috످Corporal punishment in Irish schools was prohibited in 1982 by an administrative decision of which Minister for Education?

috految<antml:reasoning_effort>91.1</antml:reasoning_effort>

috److془John Boland, Fine Gael, Minister for Education June 1981 - March 1982. Effective 1 February 1982.془John Boland, the Fine Gael Minister for Education, prohibited corporal punishment in Irish schools with effect from 1 February 1982.

috످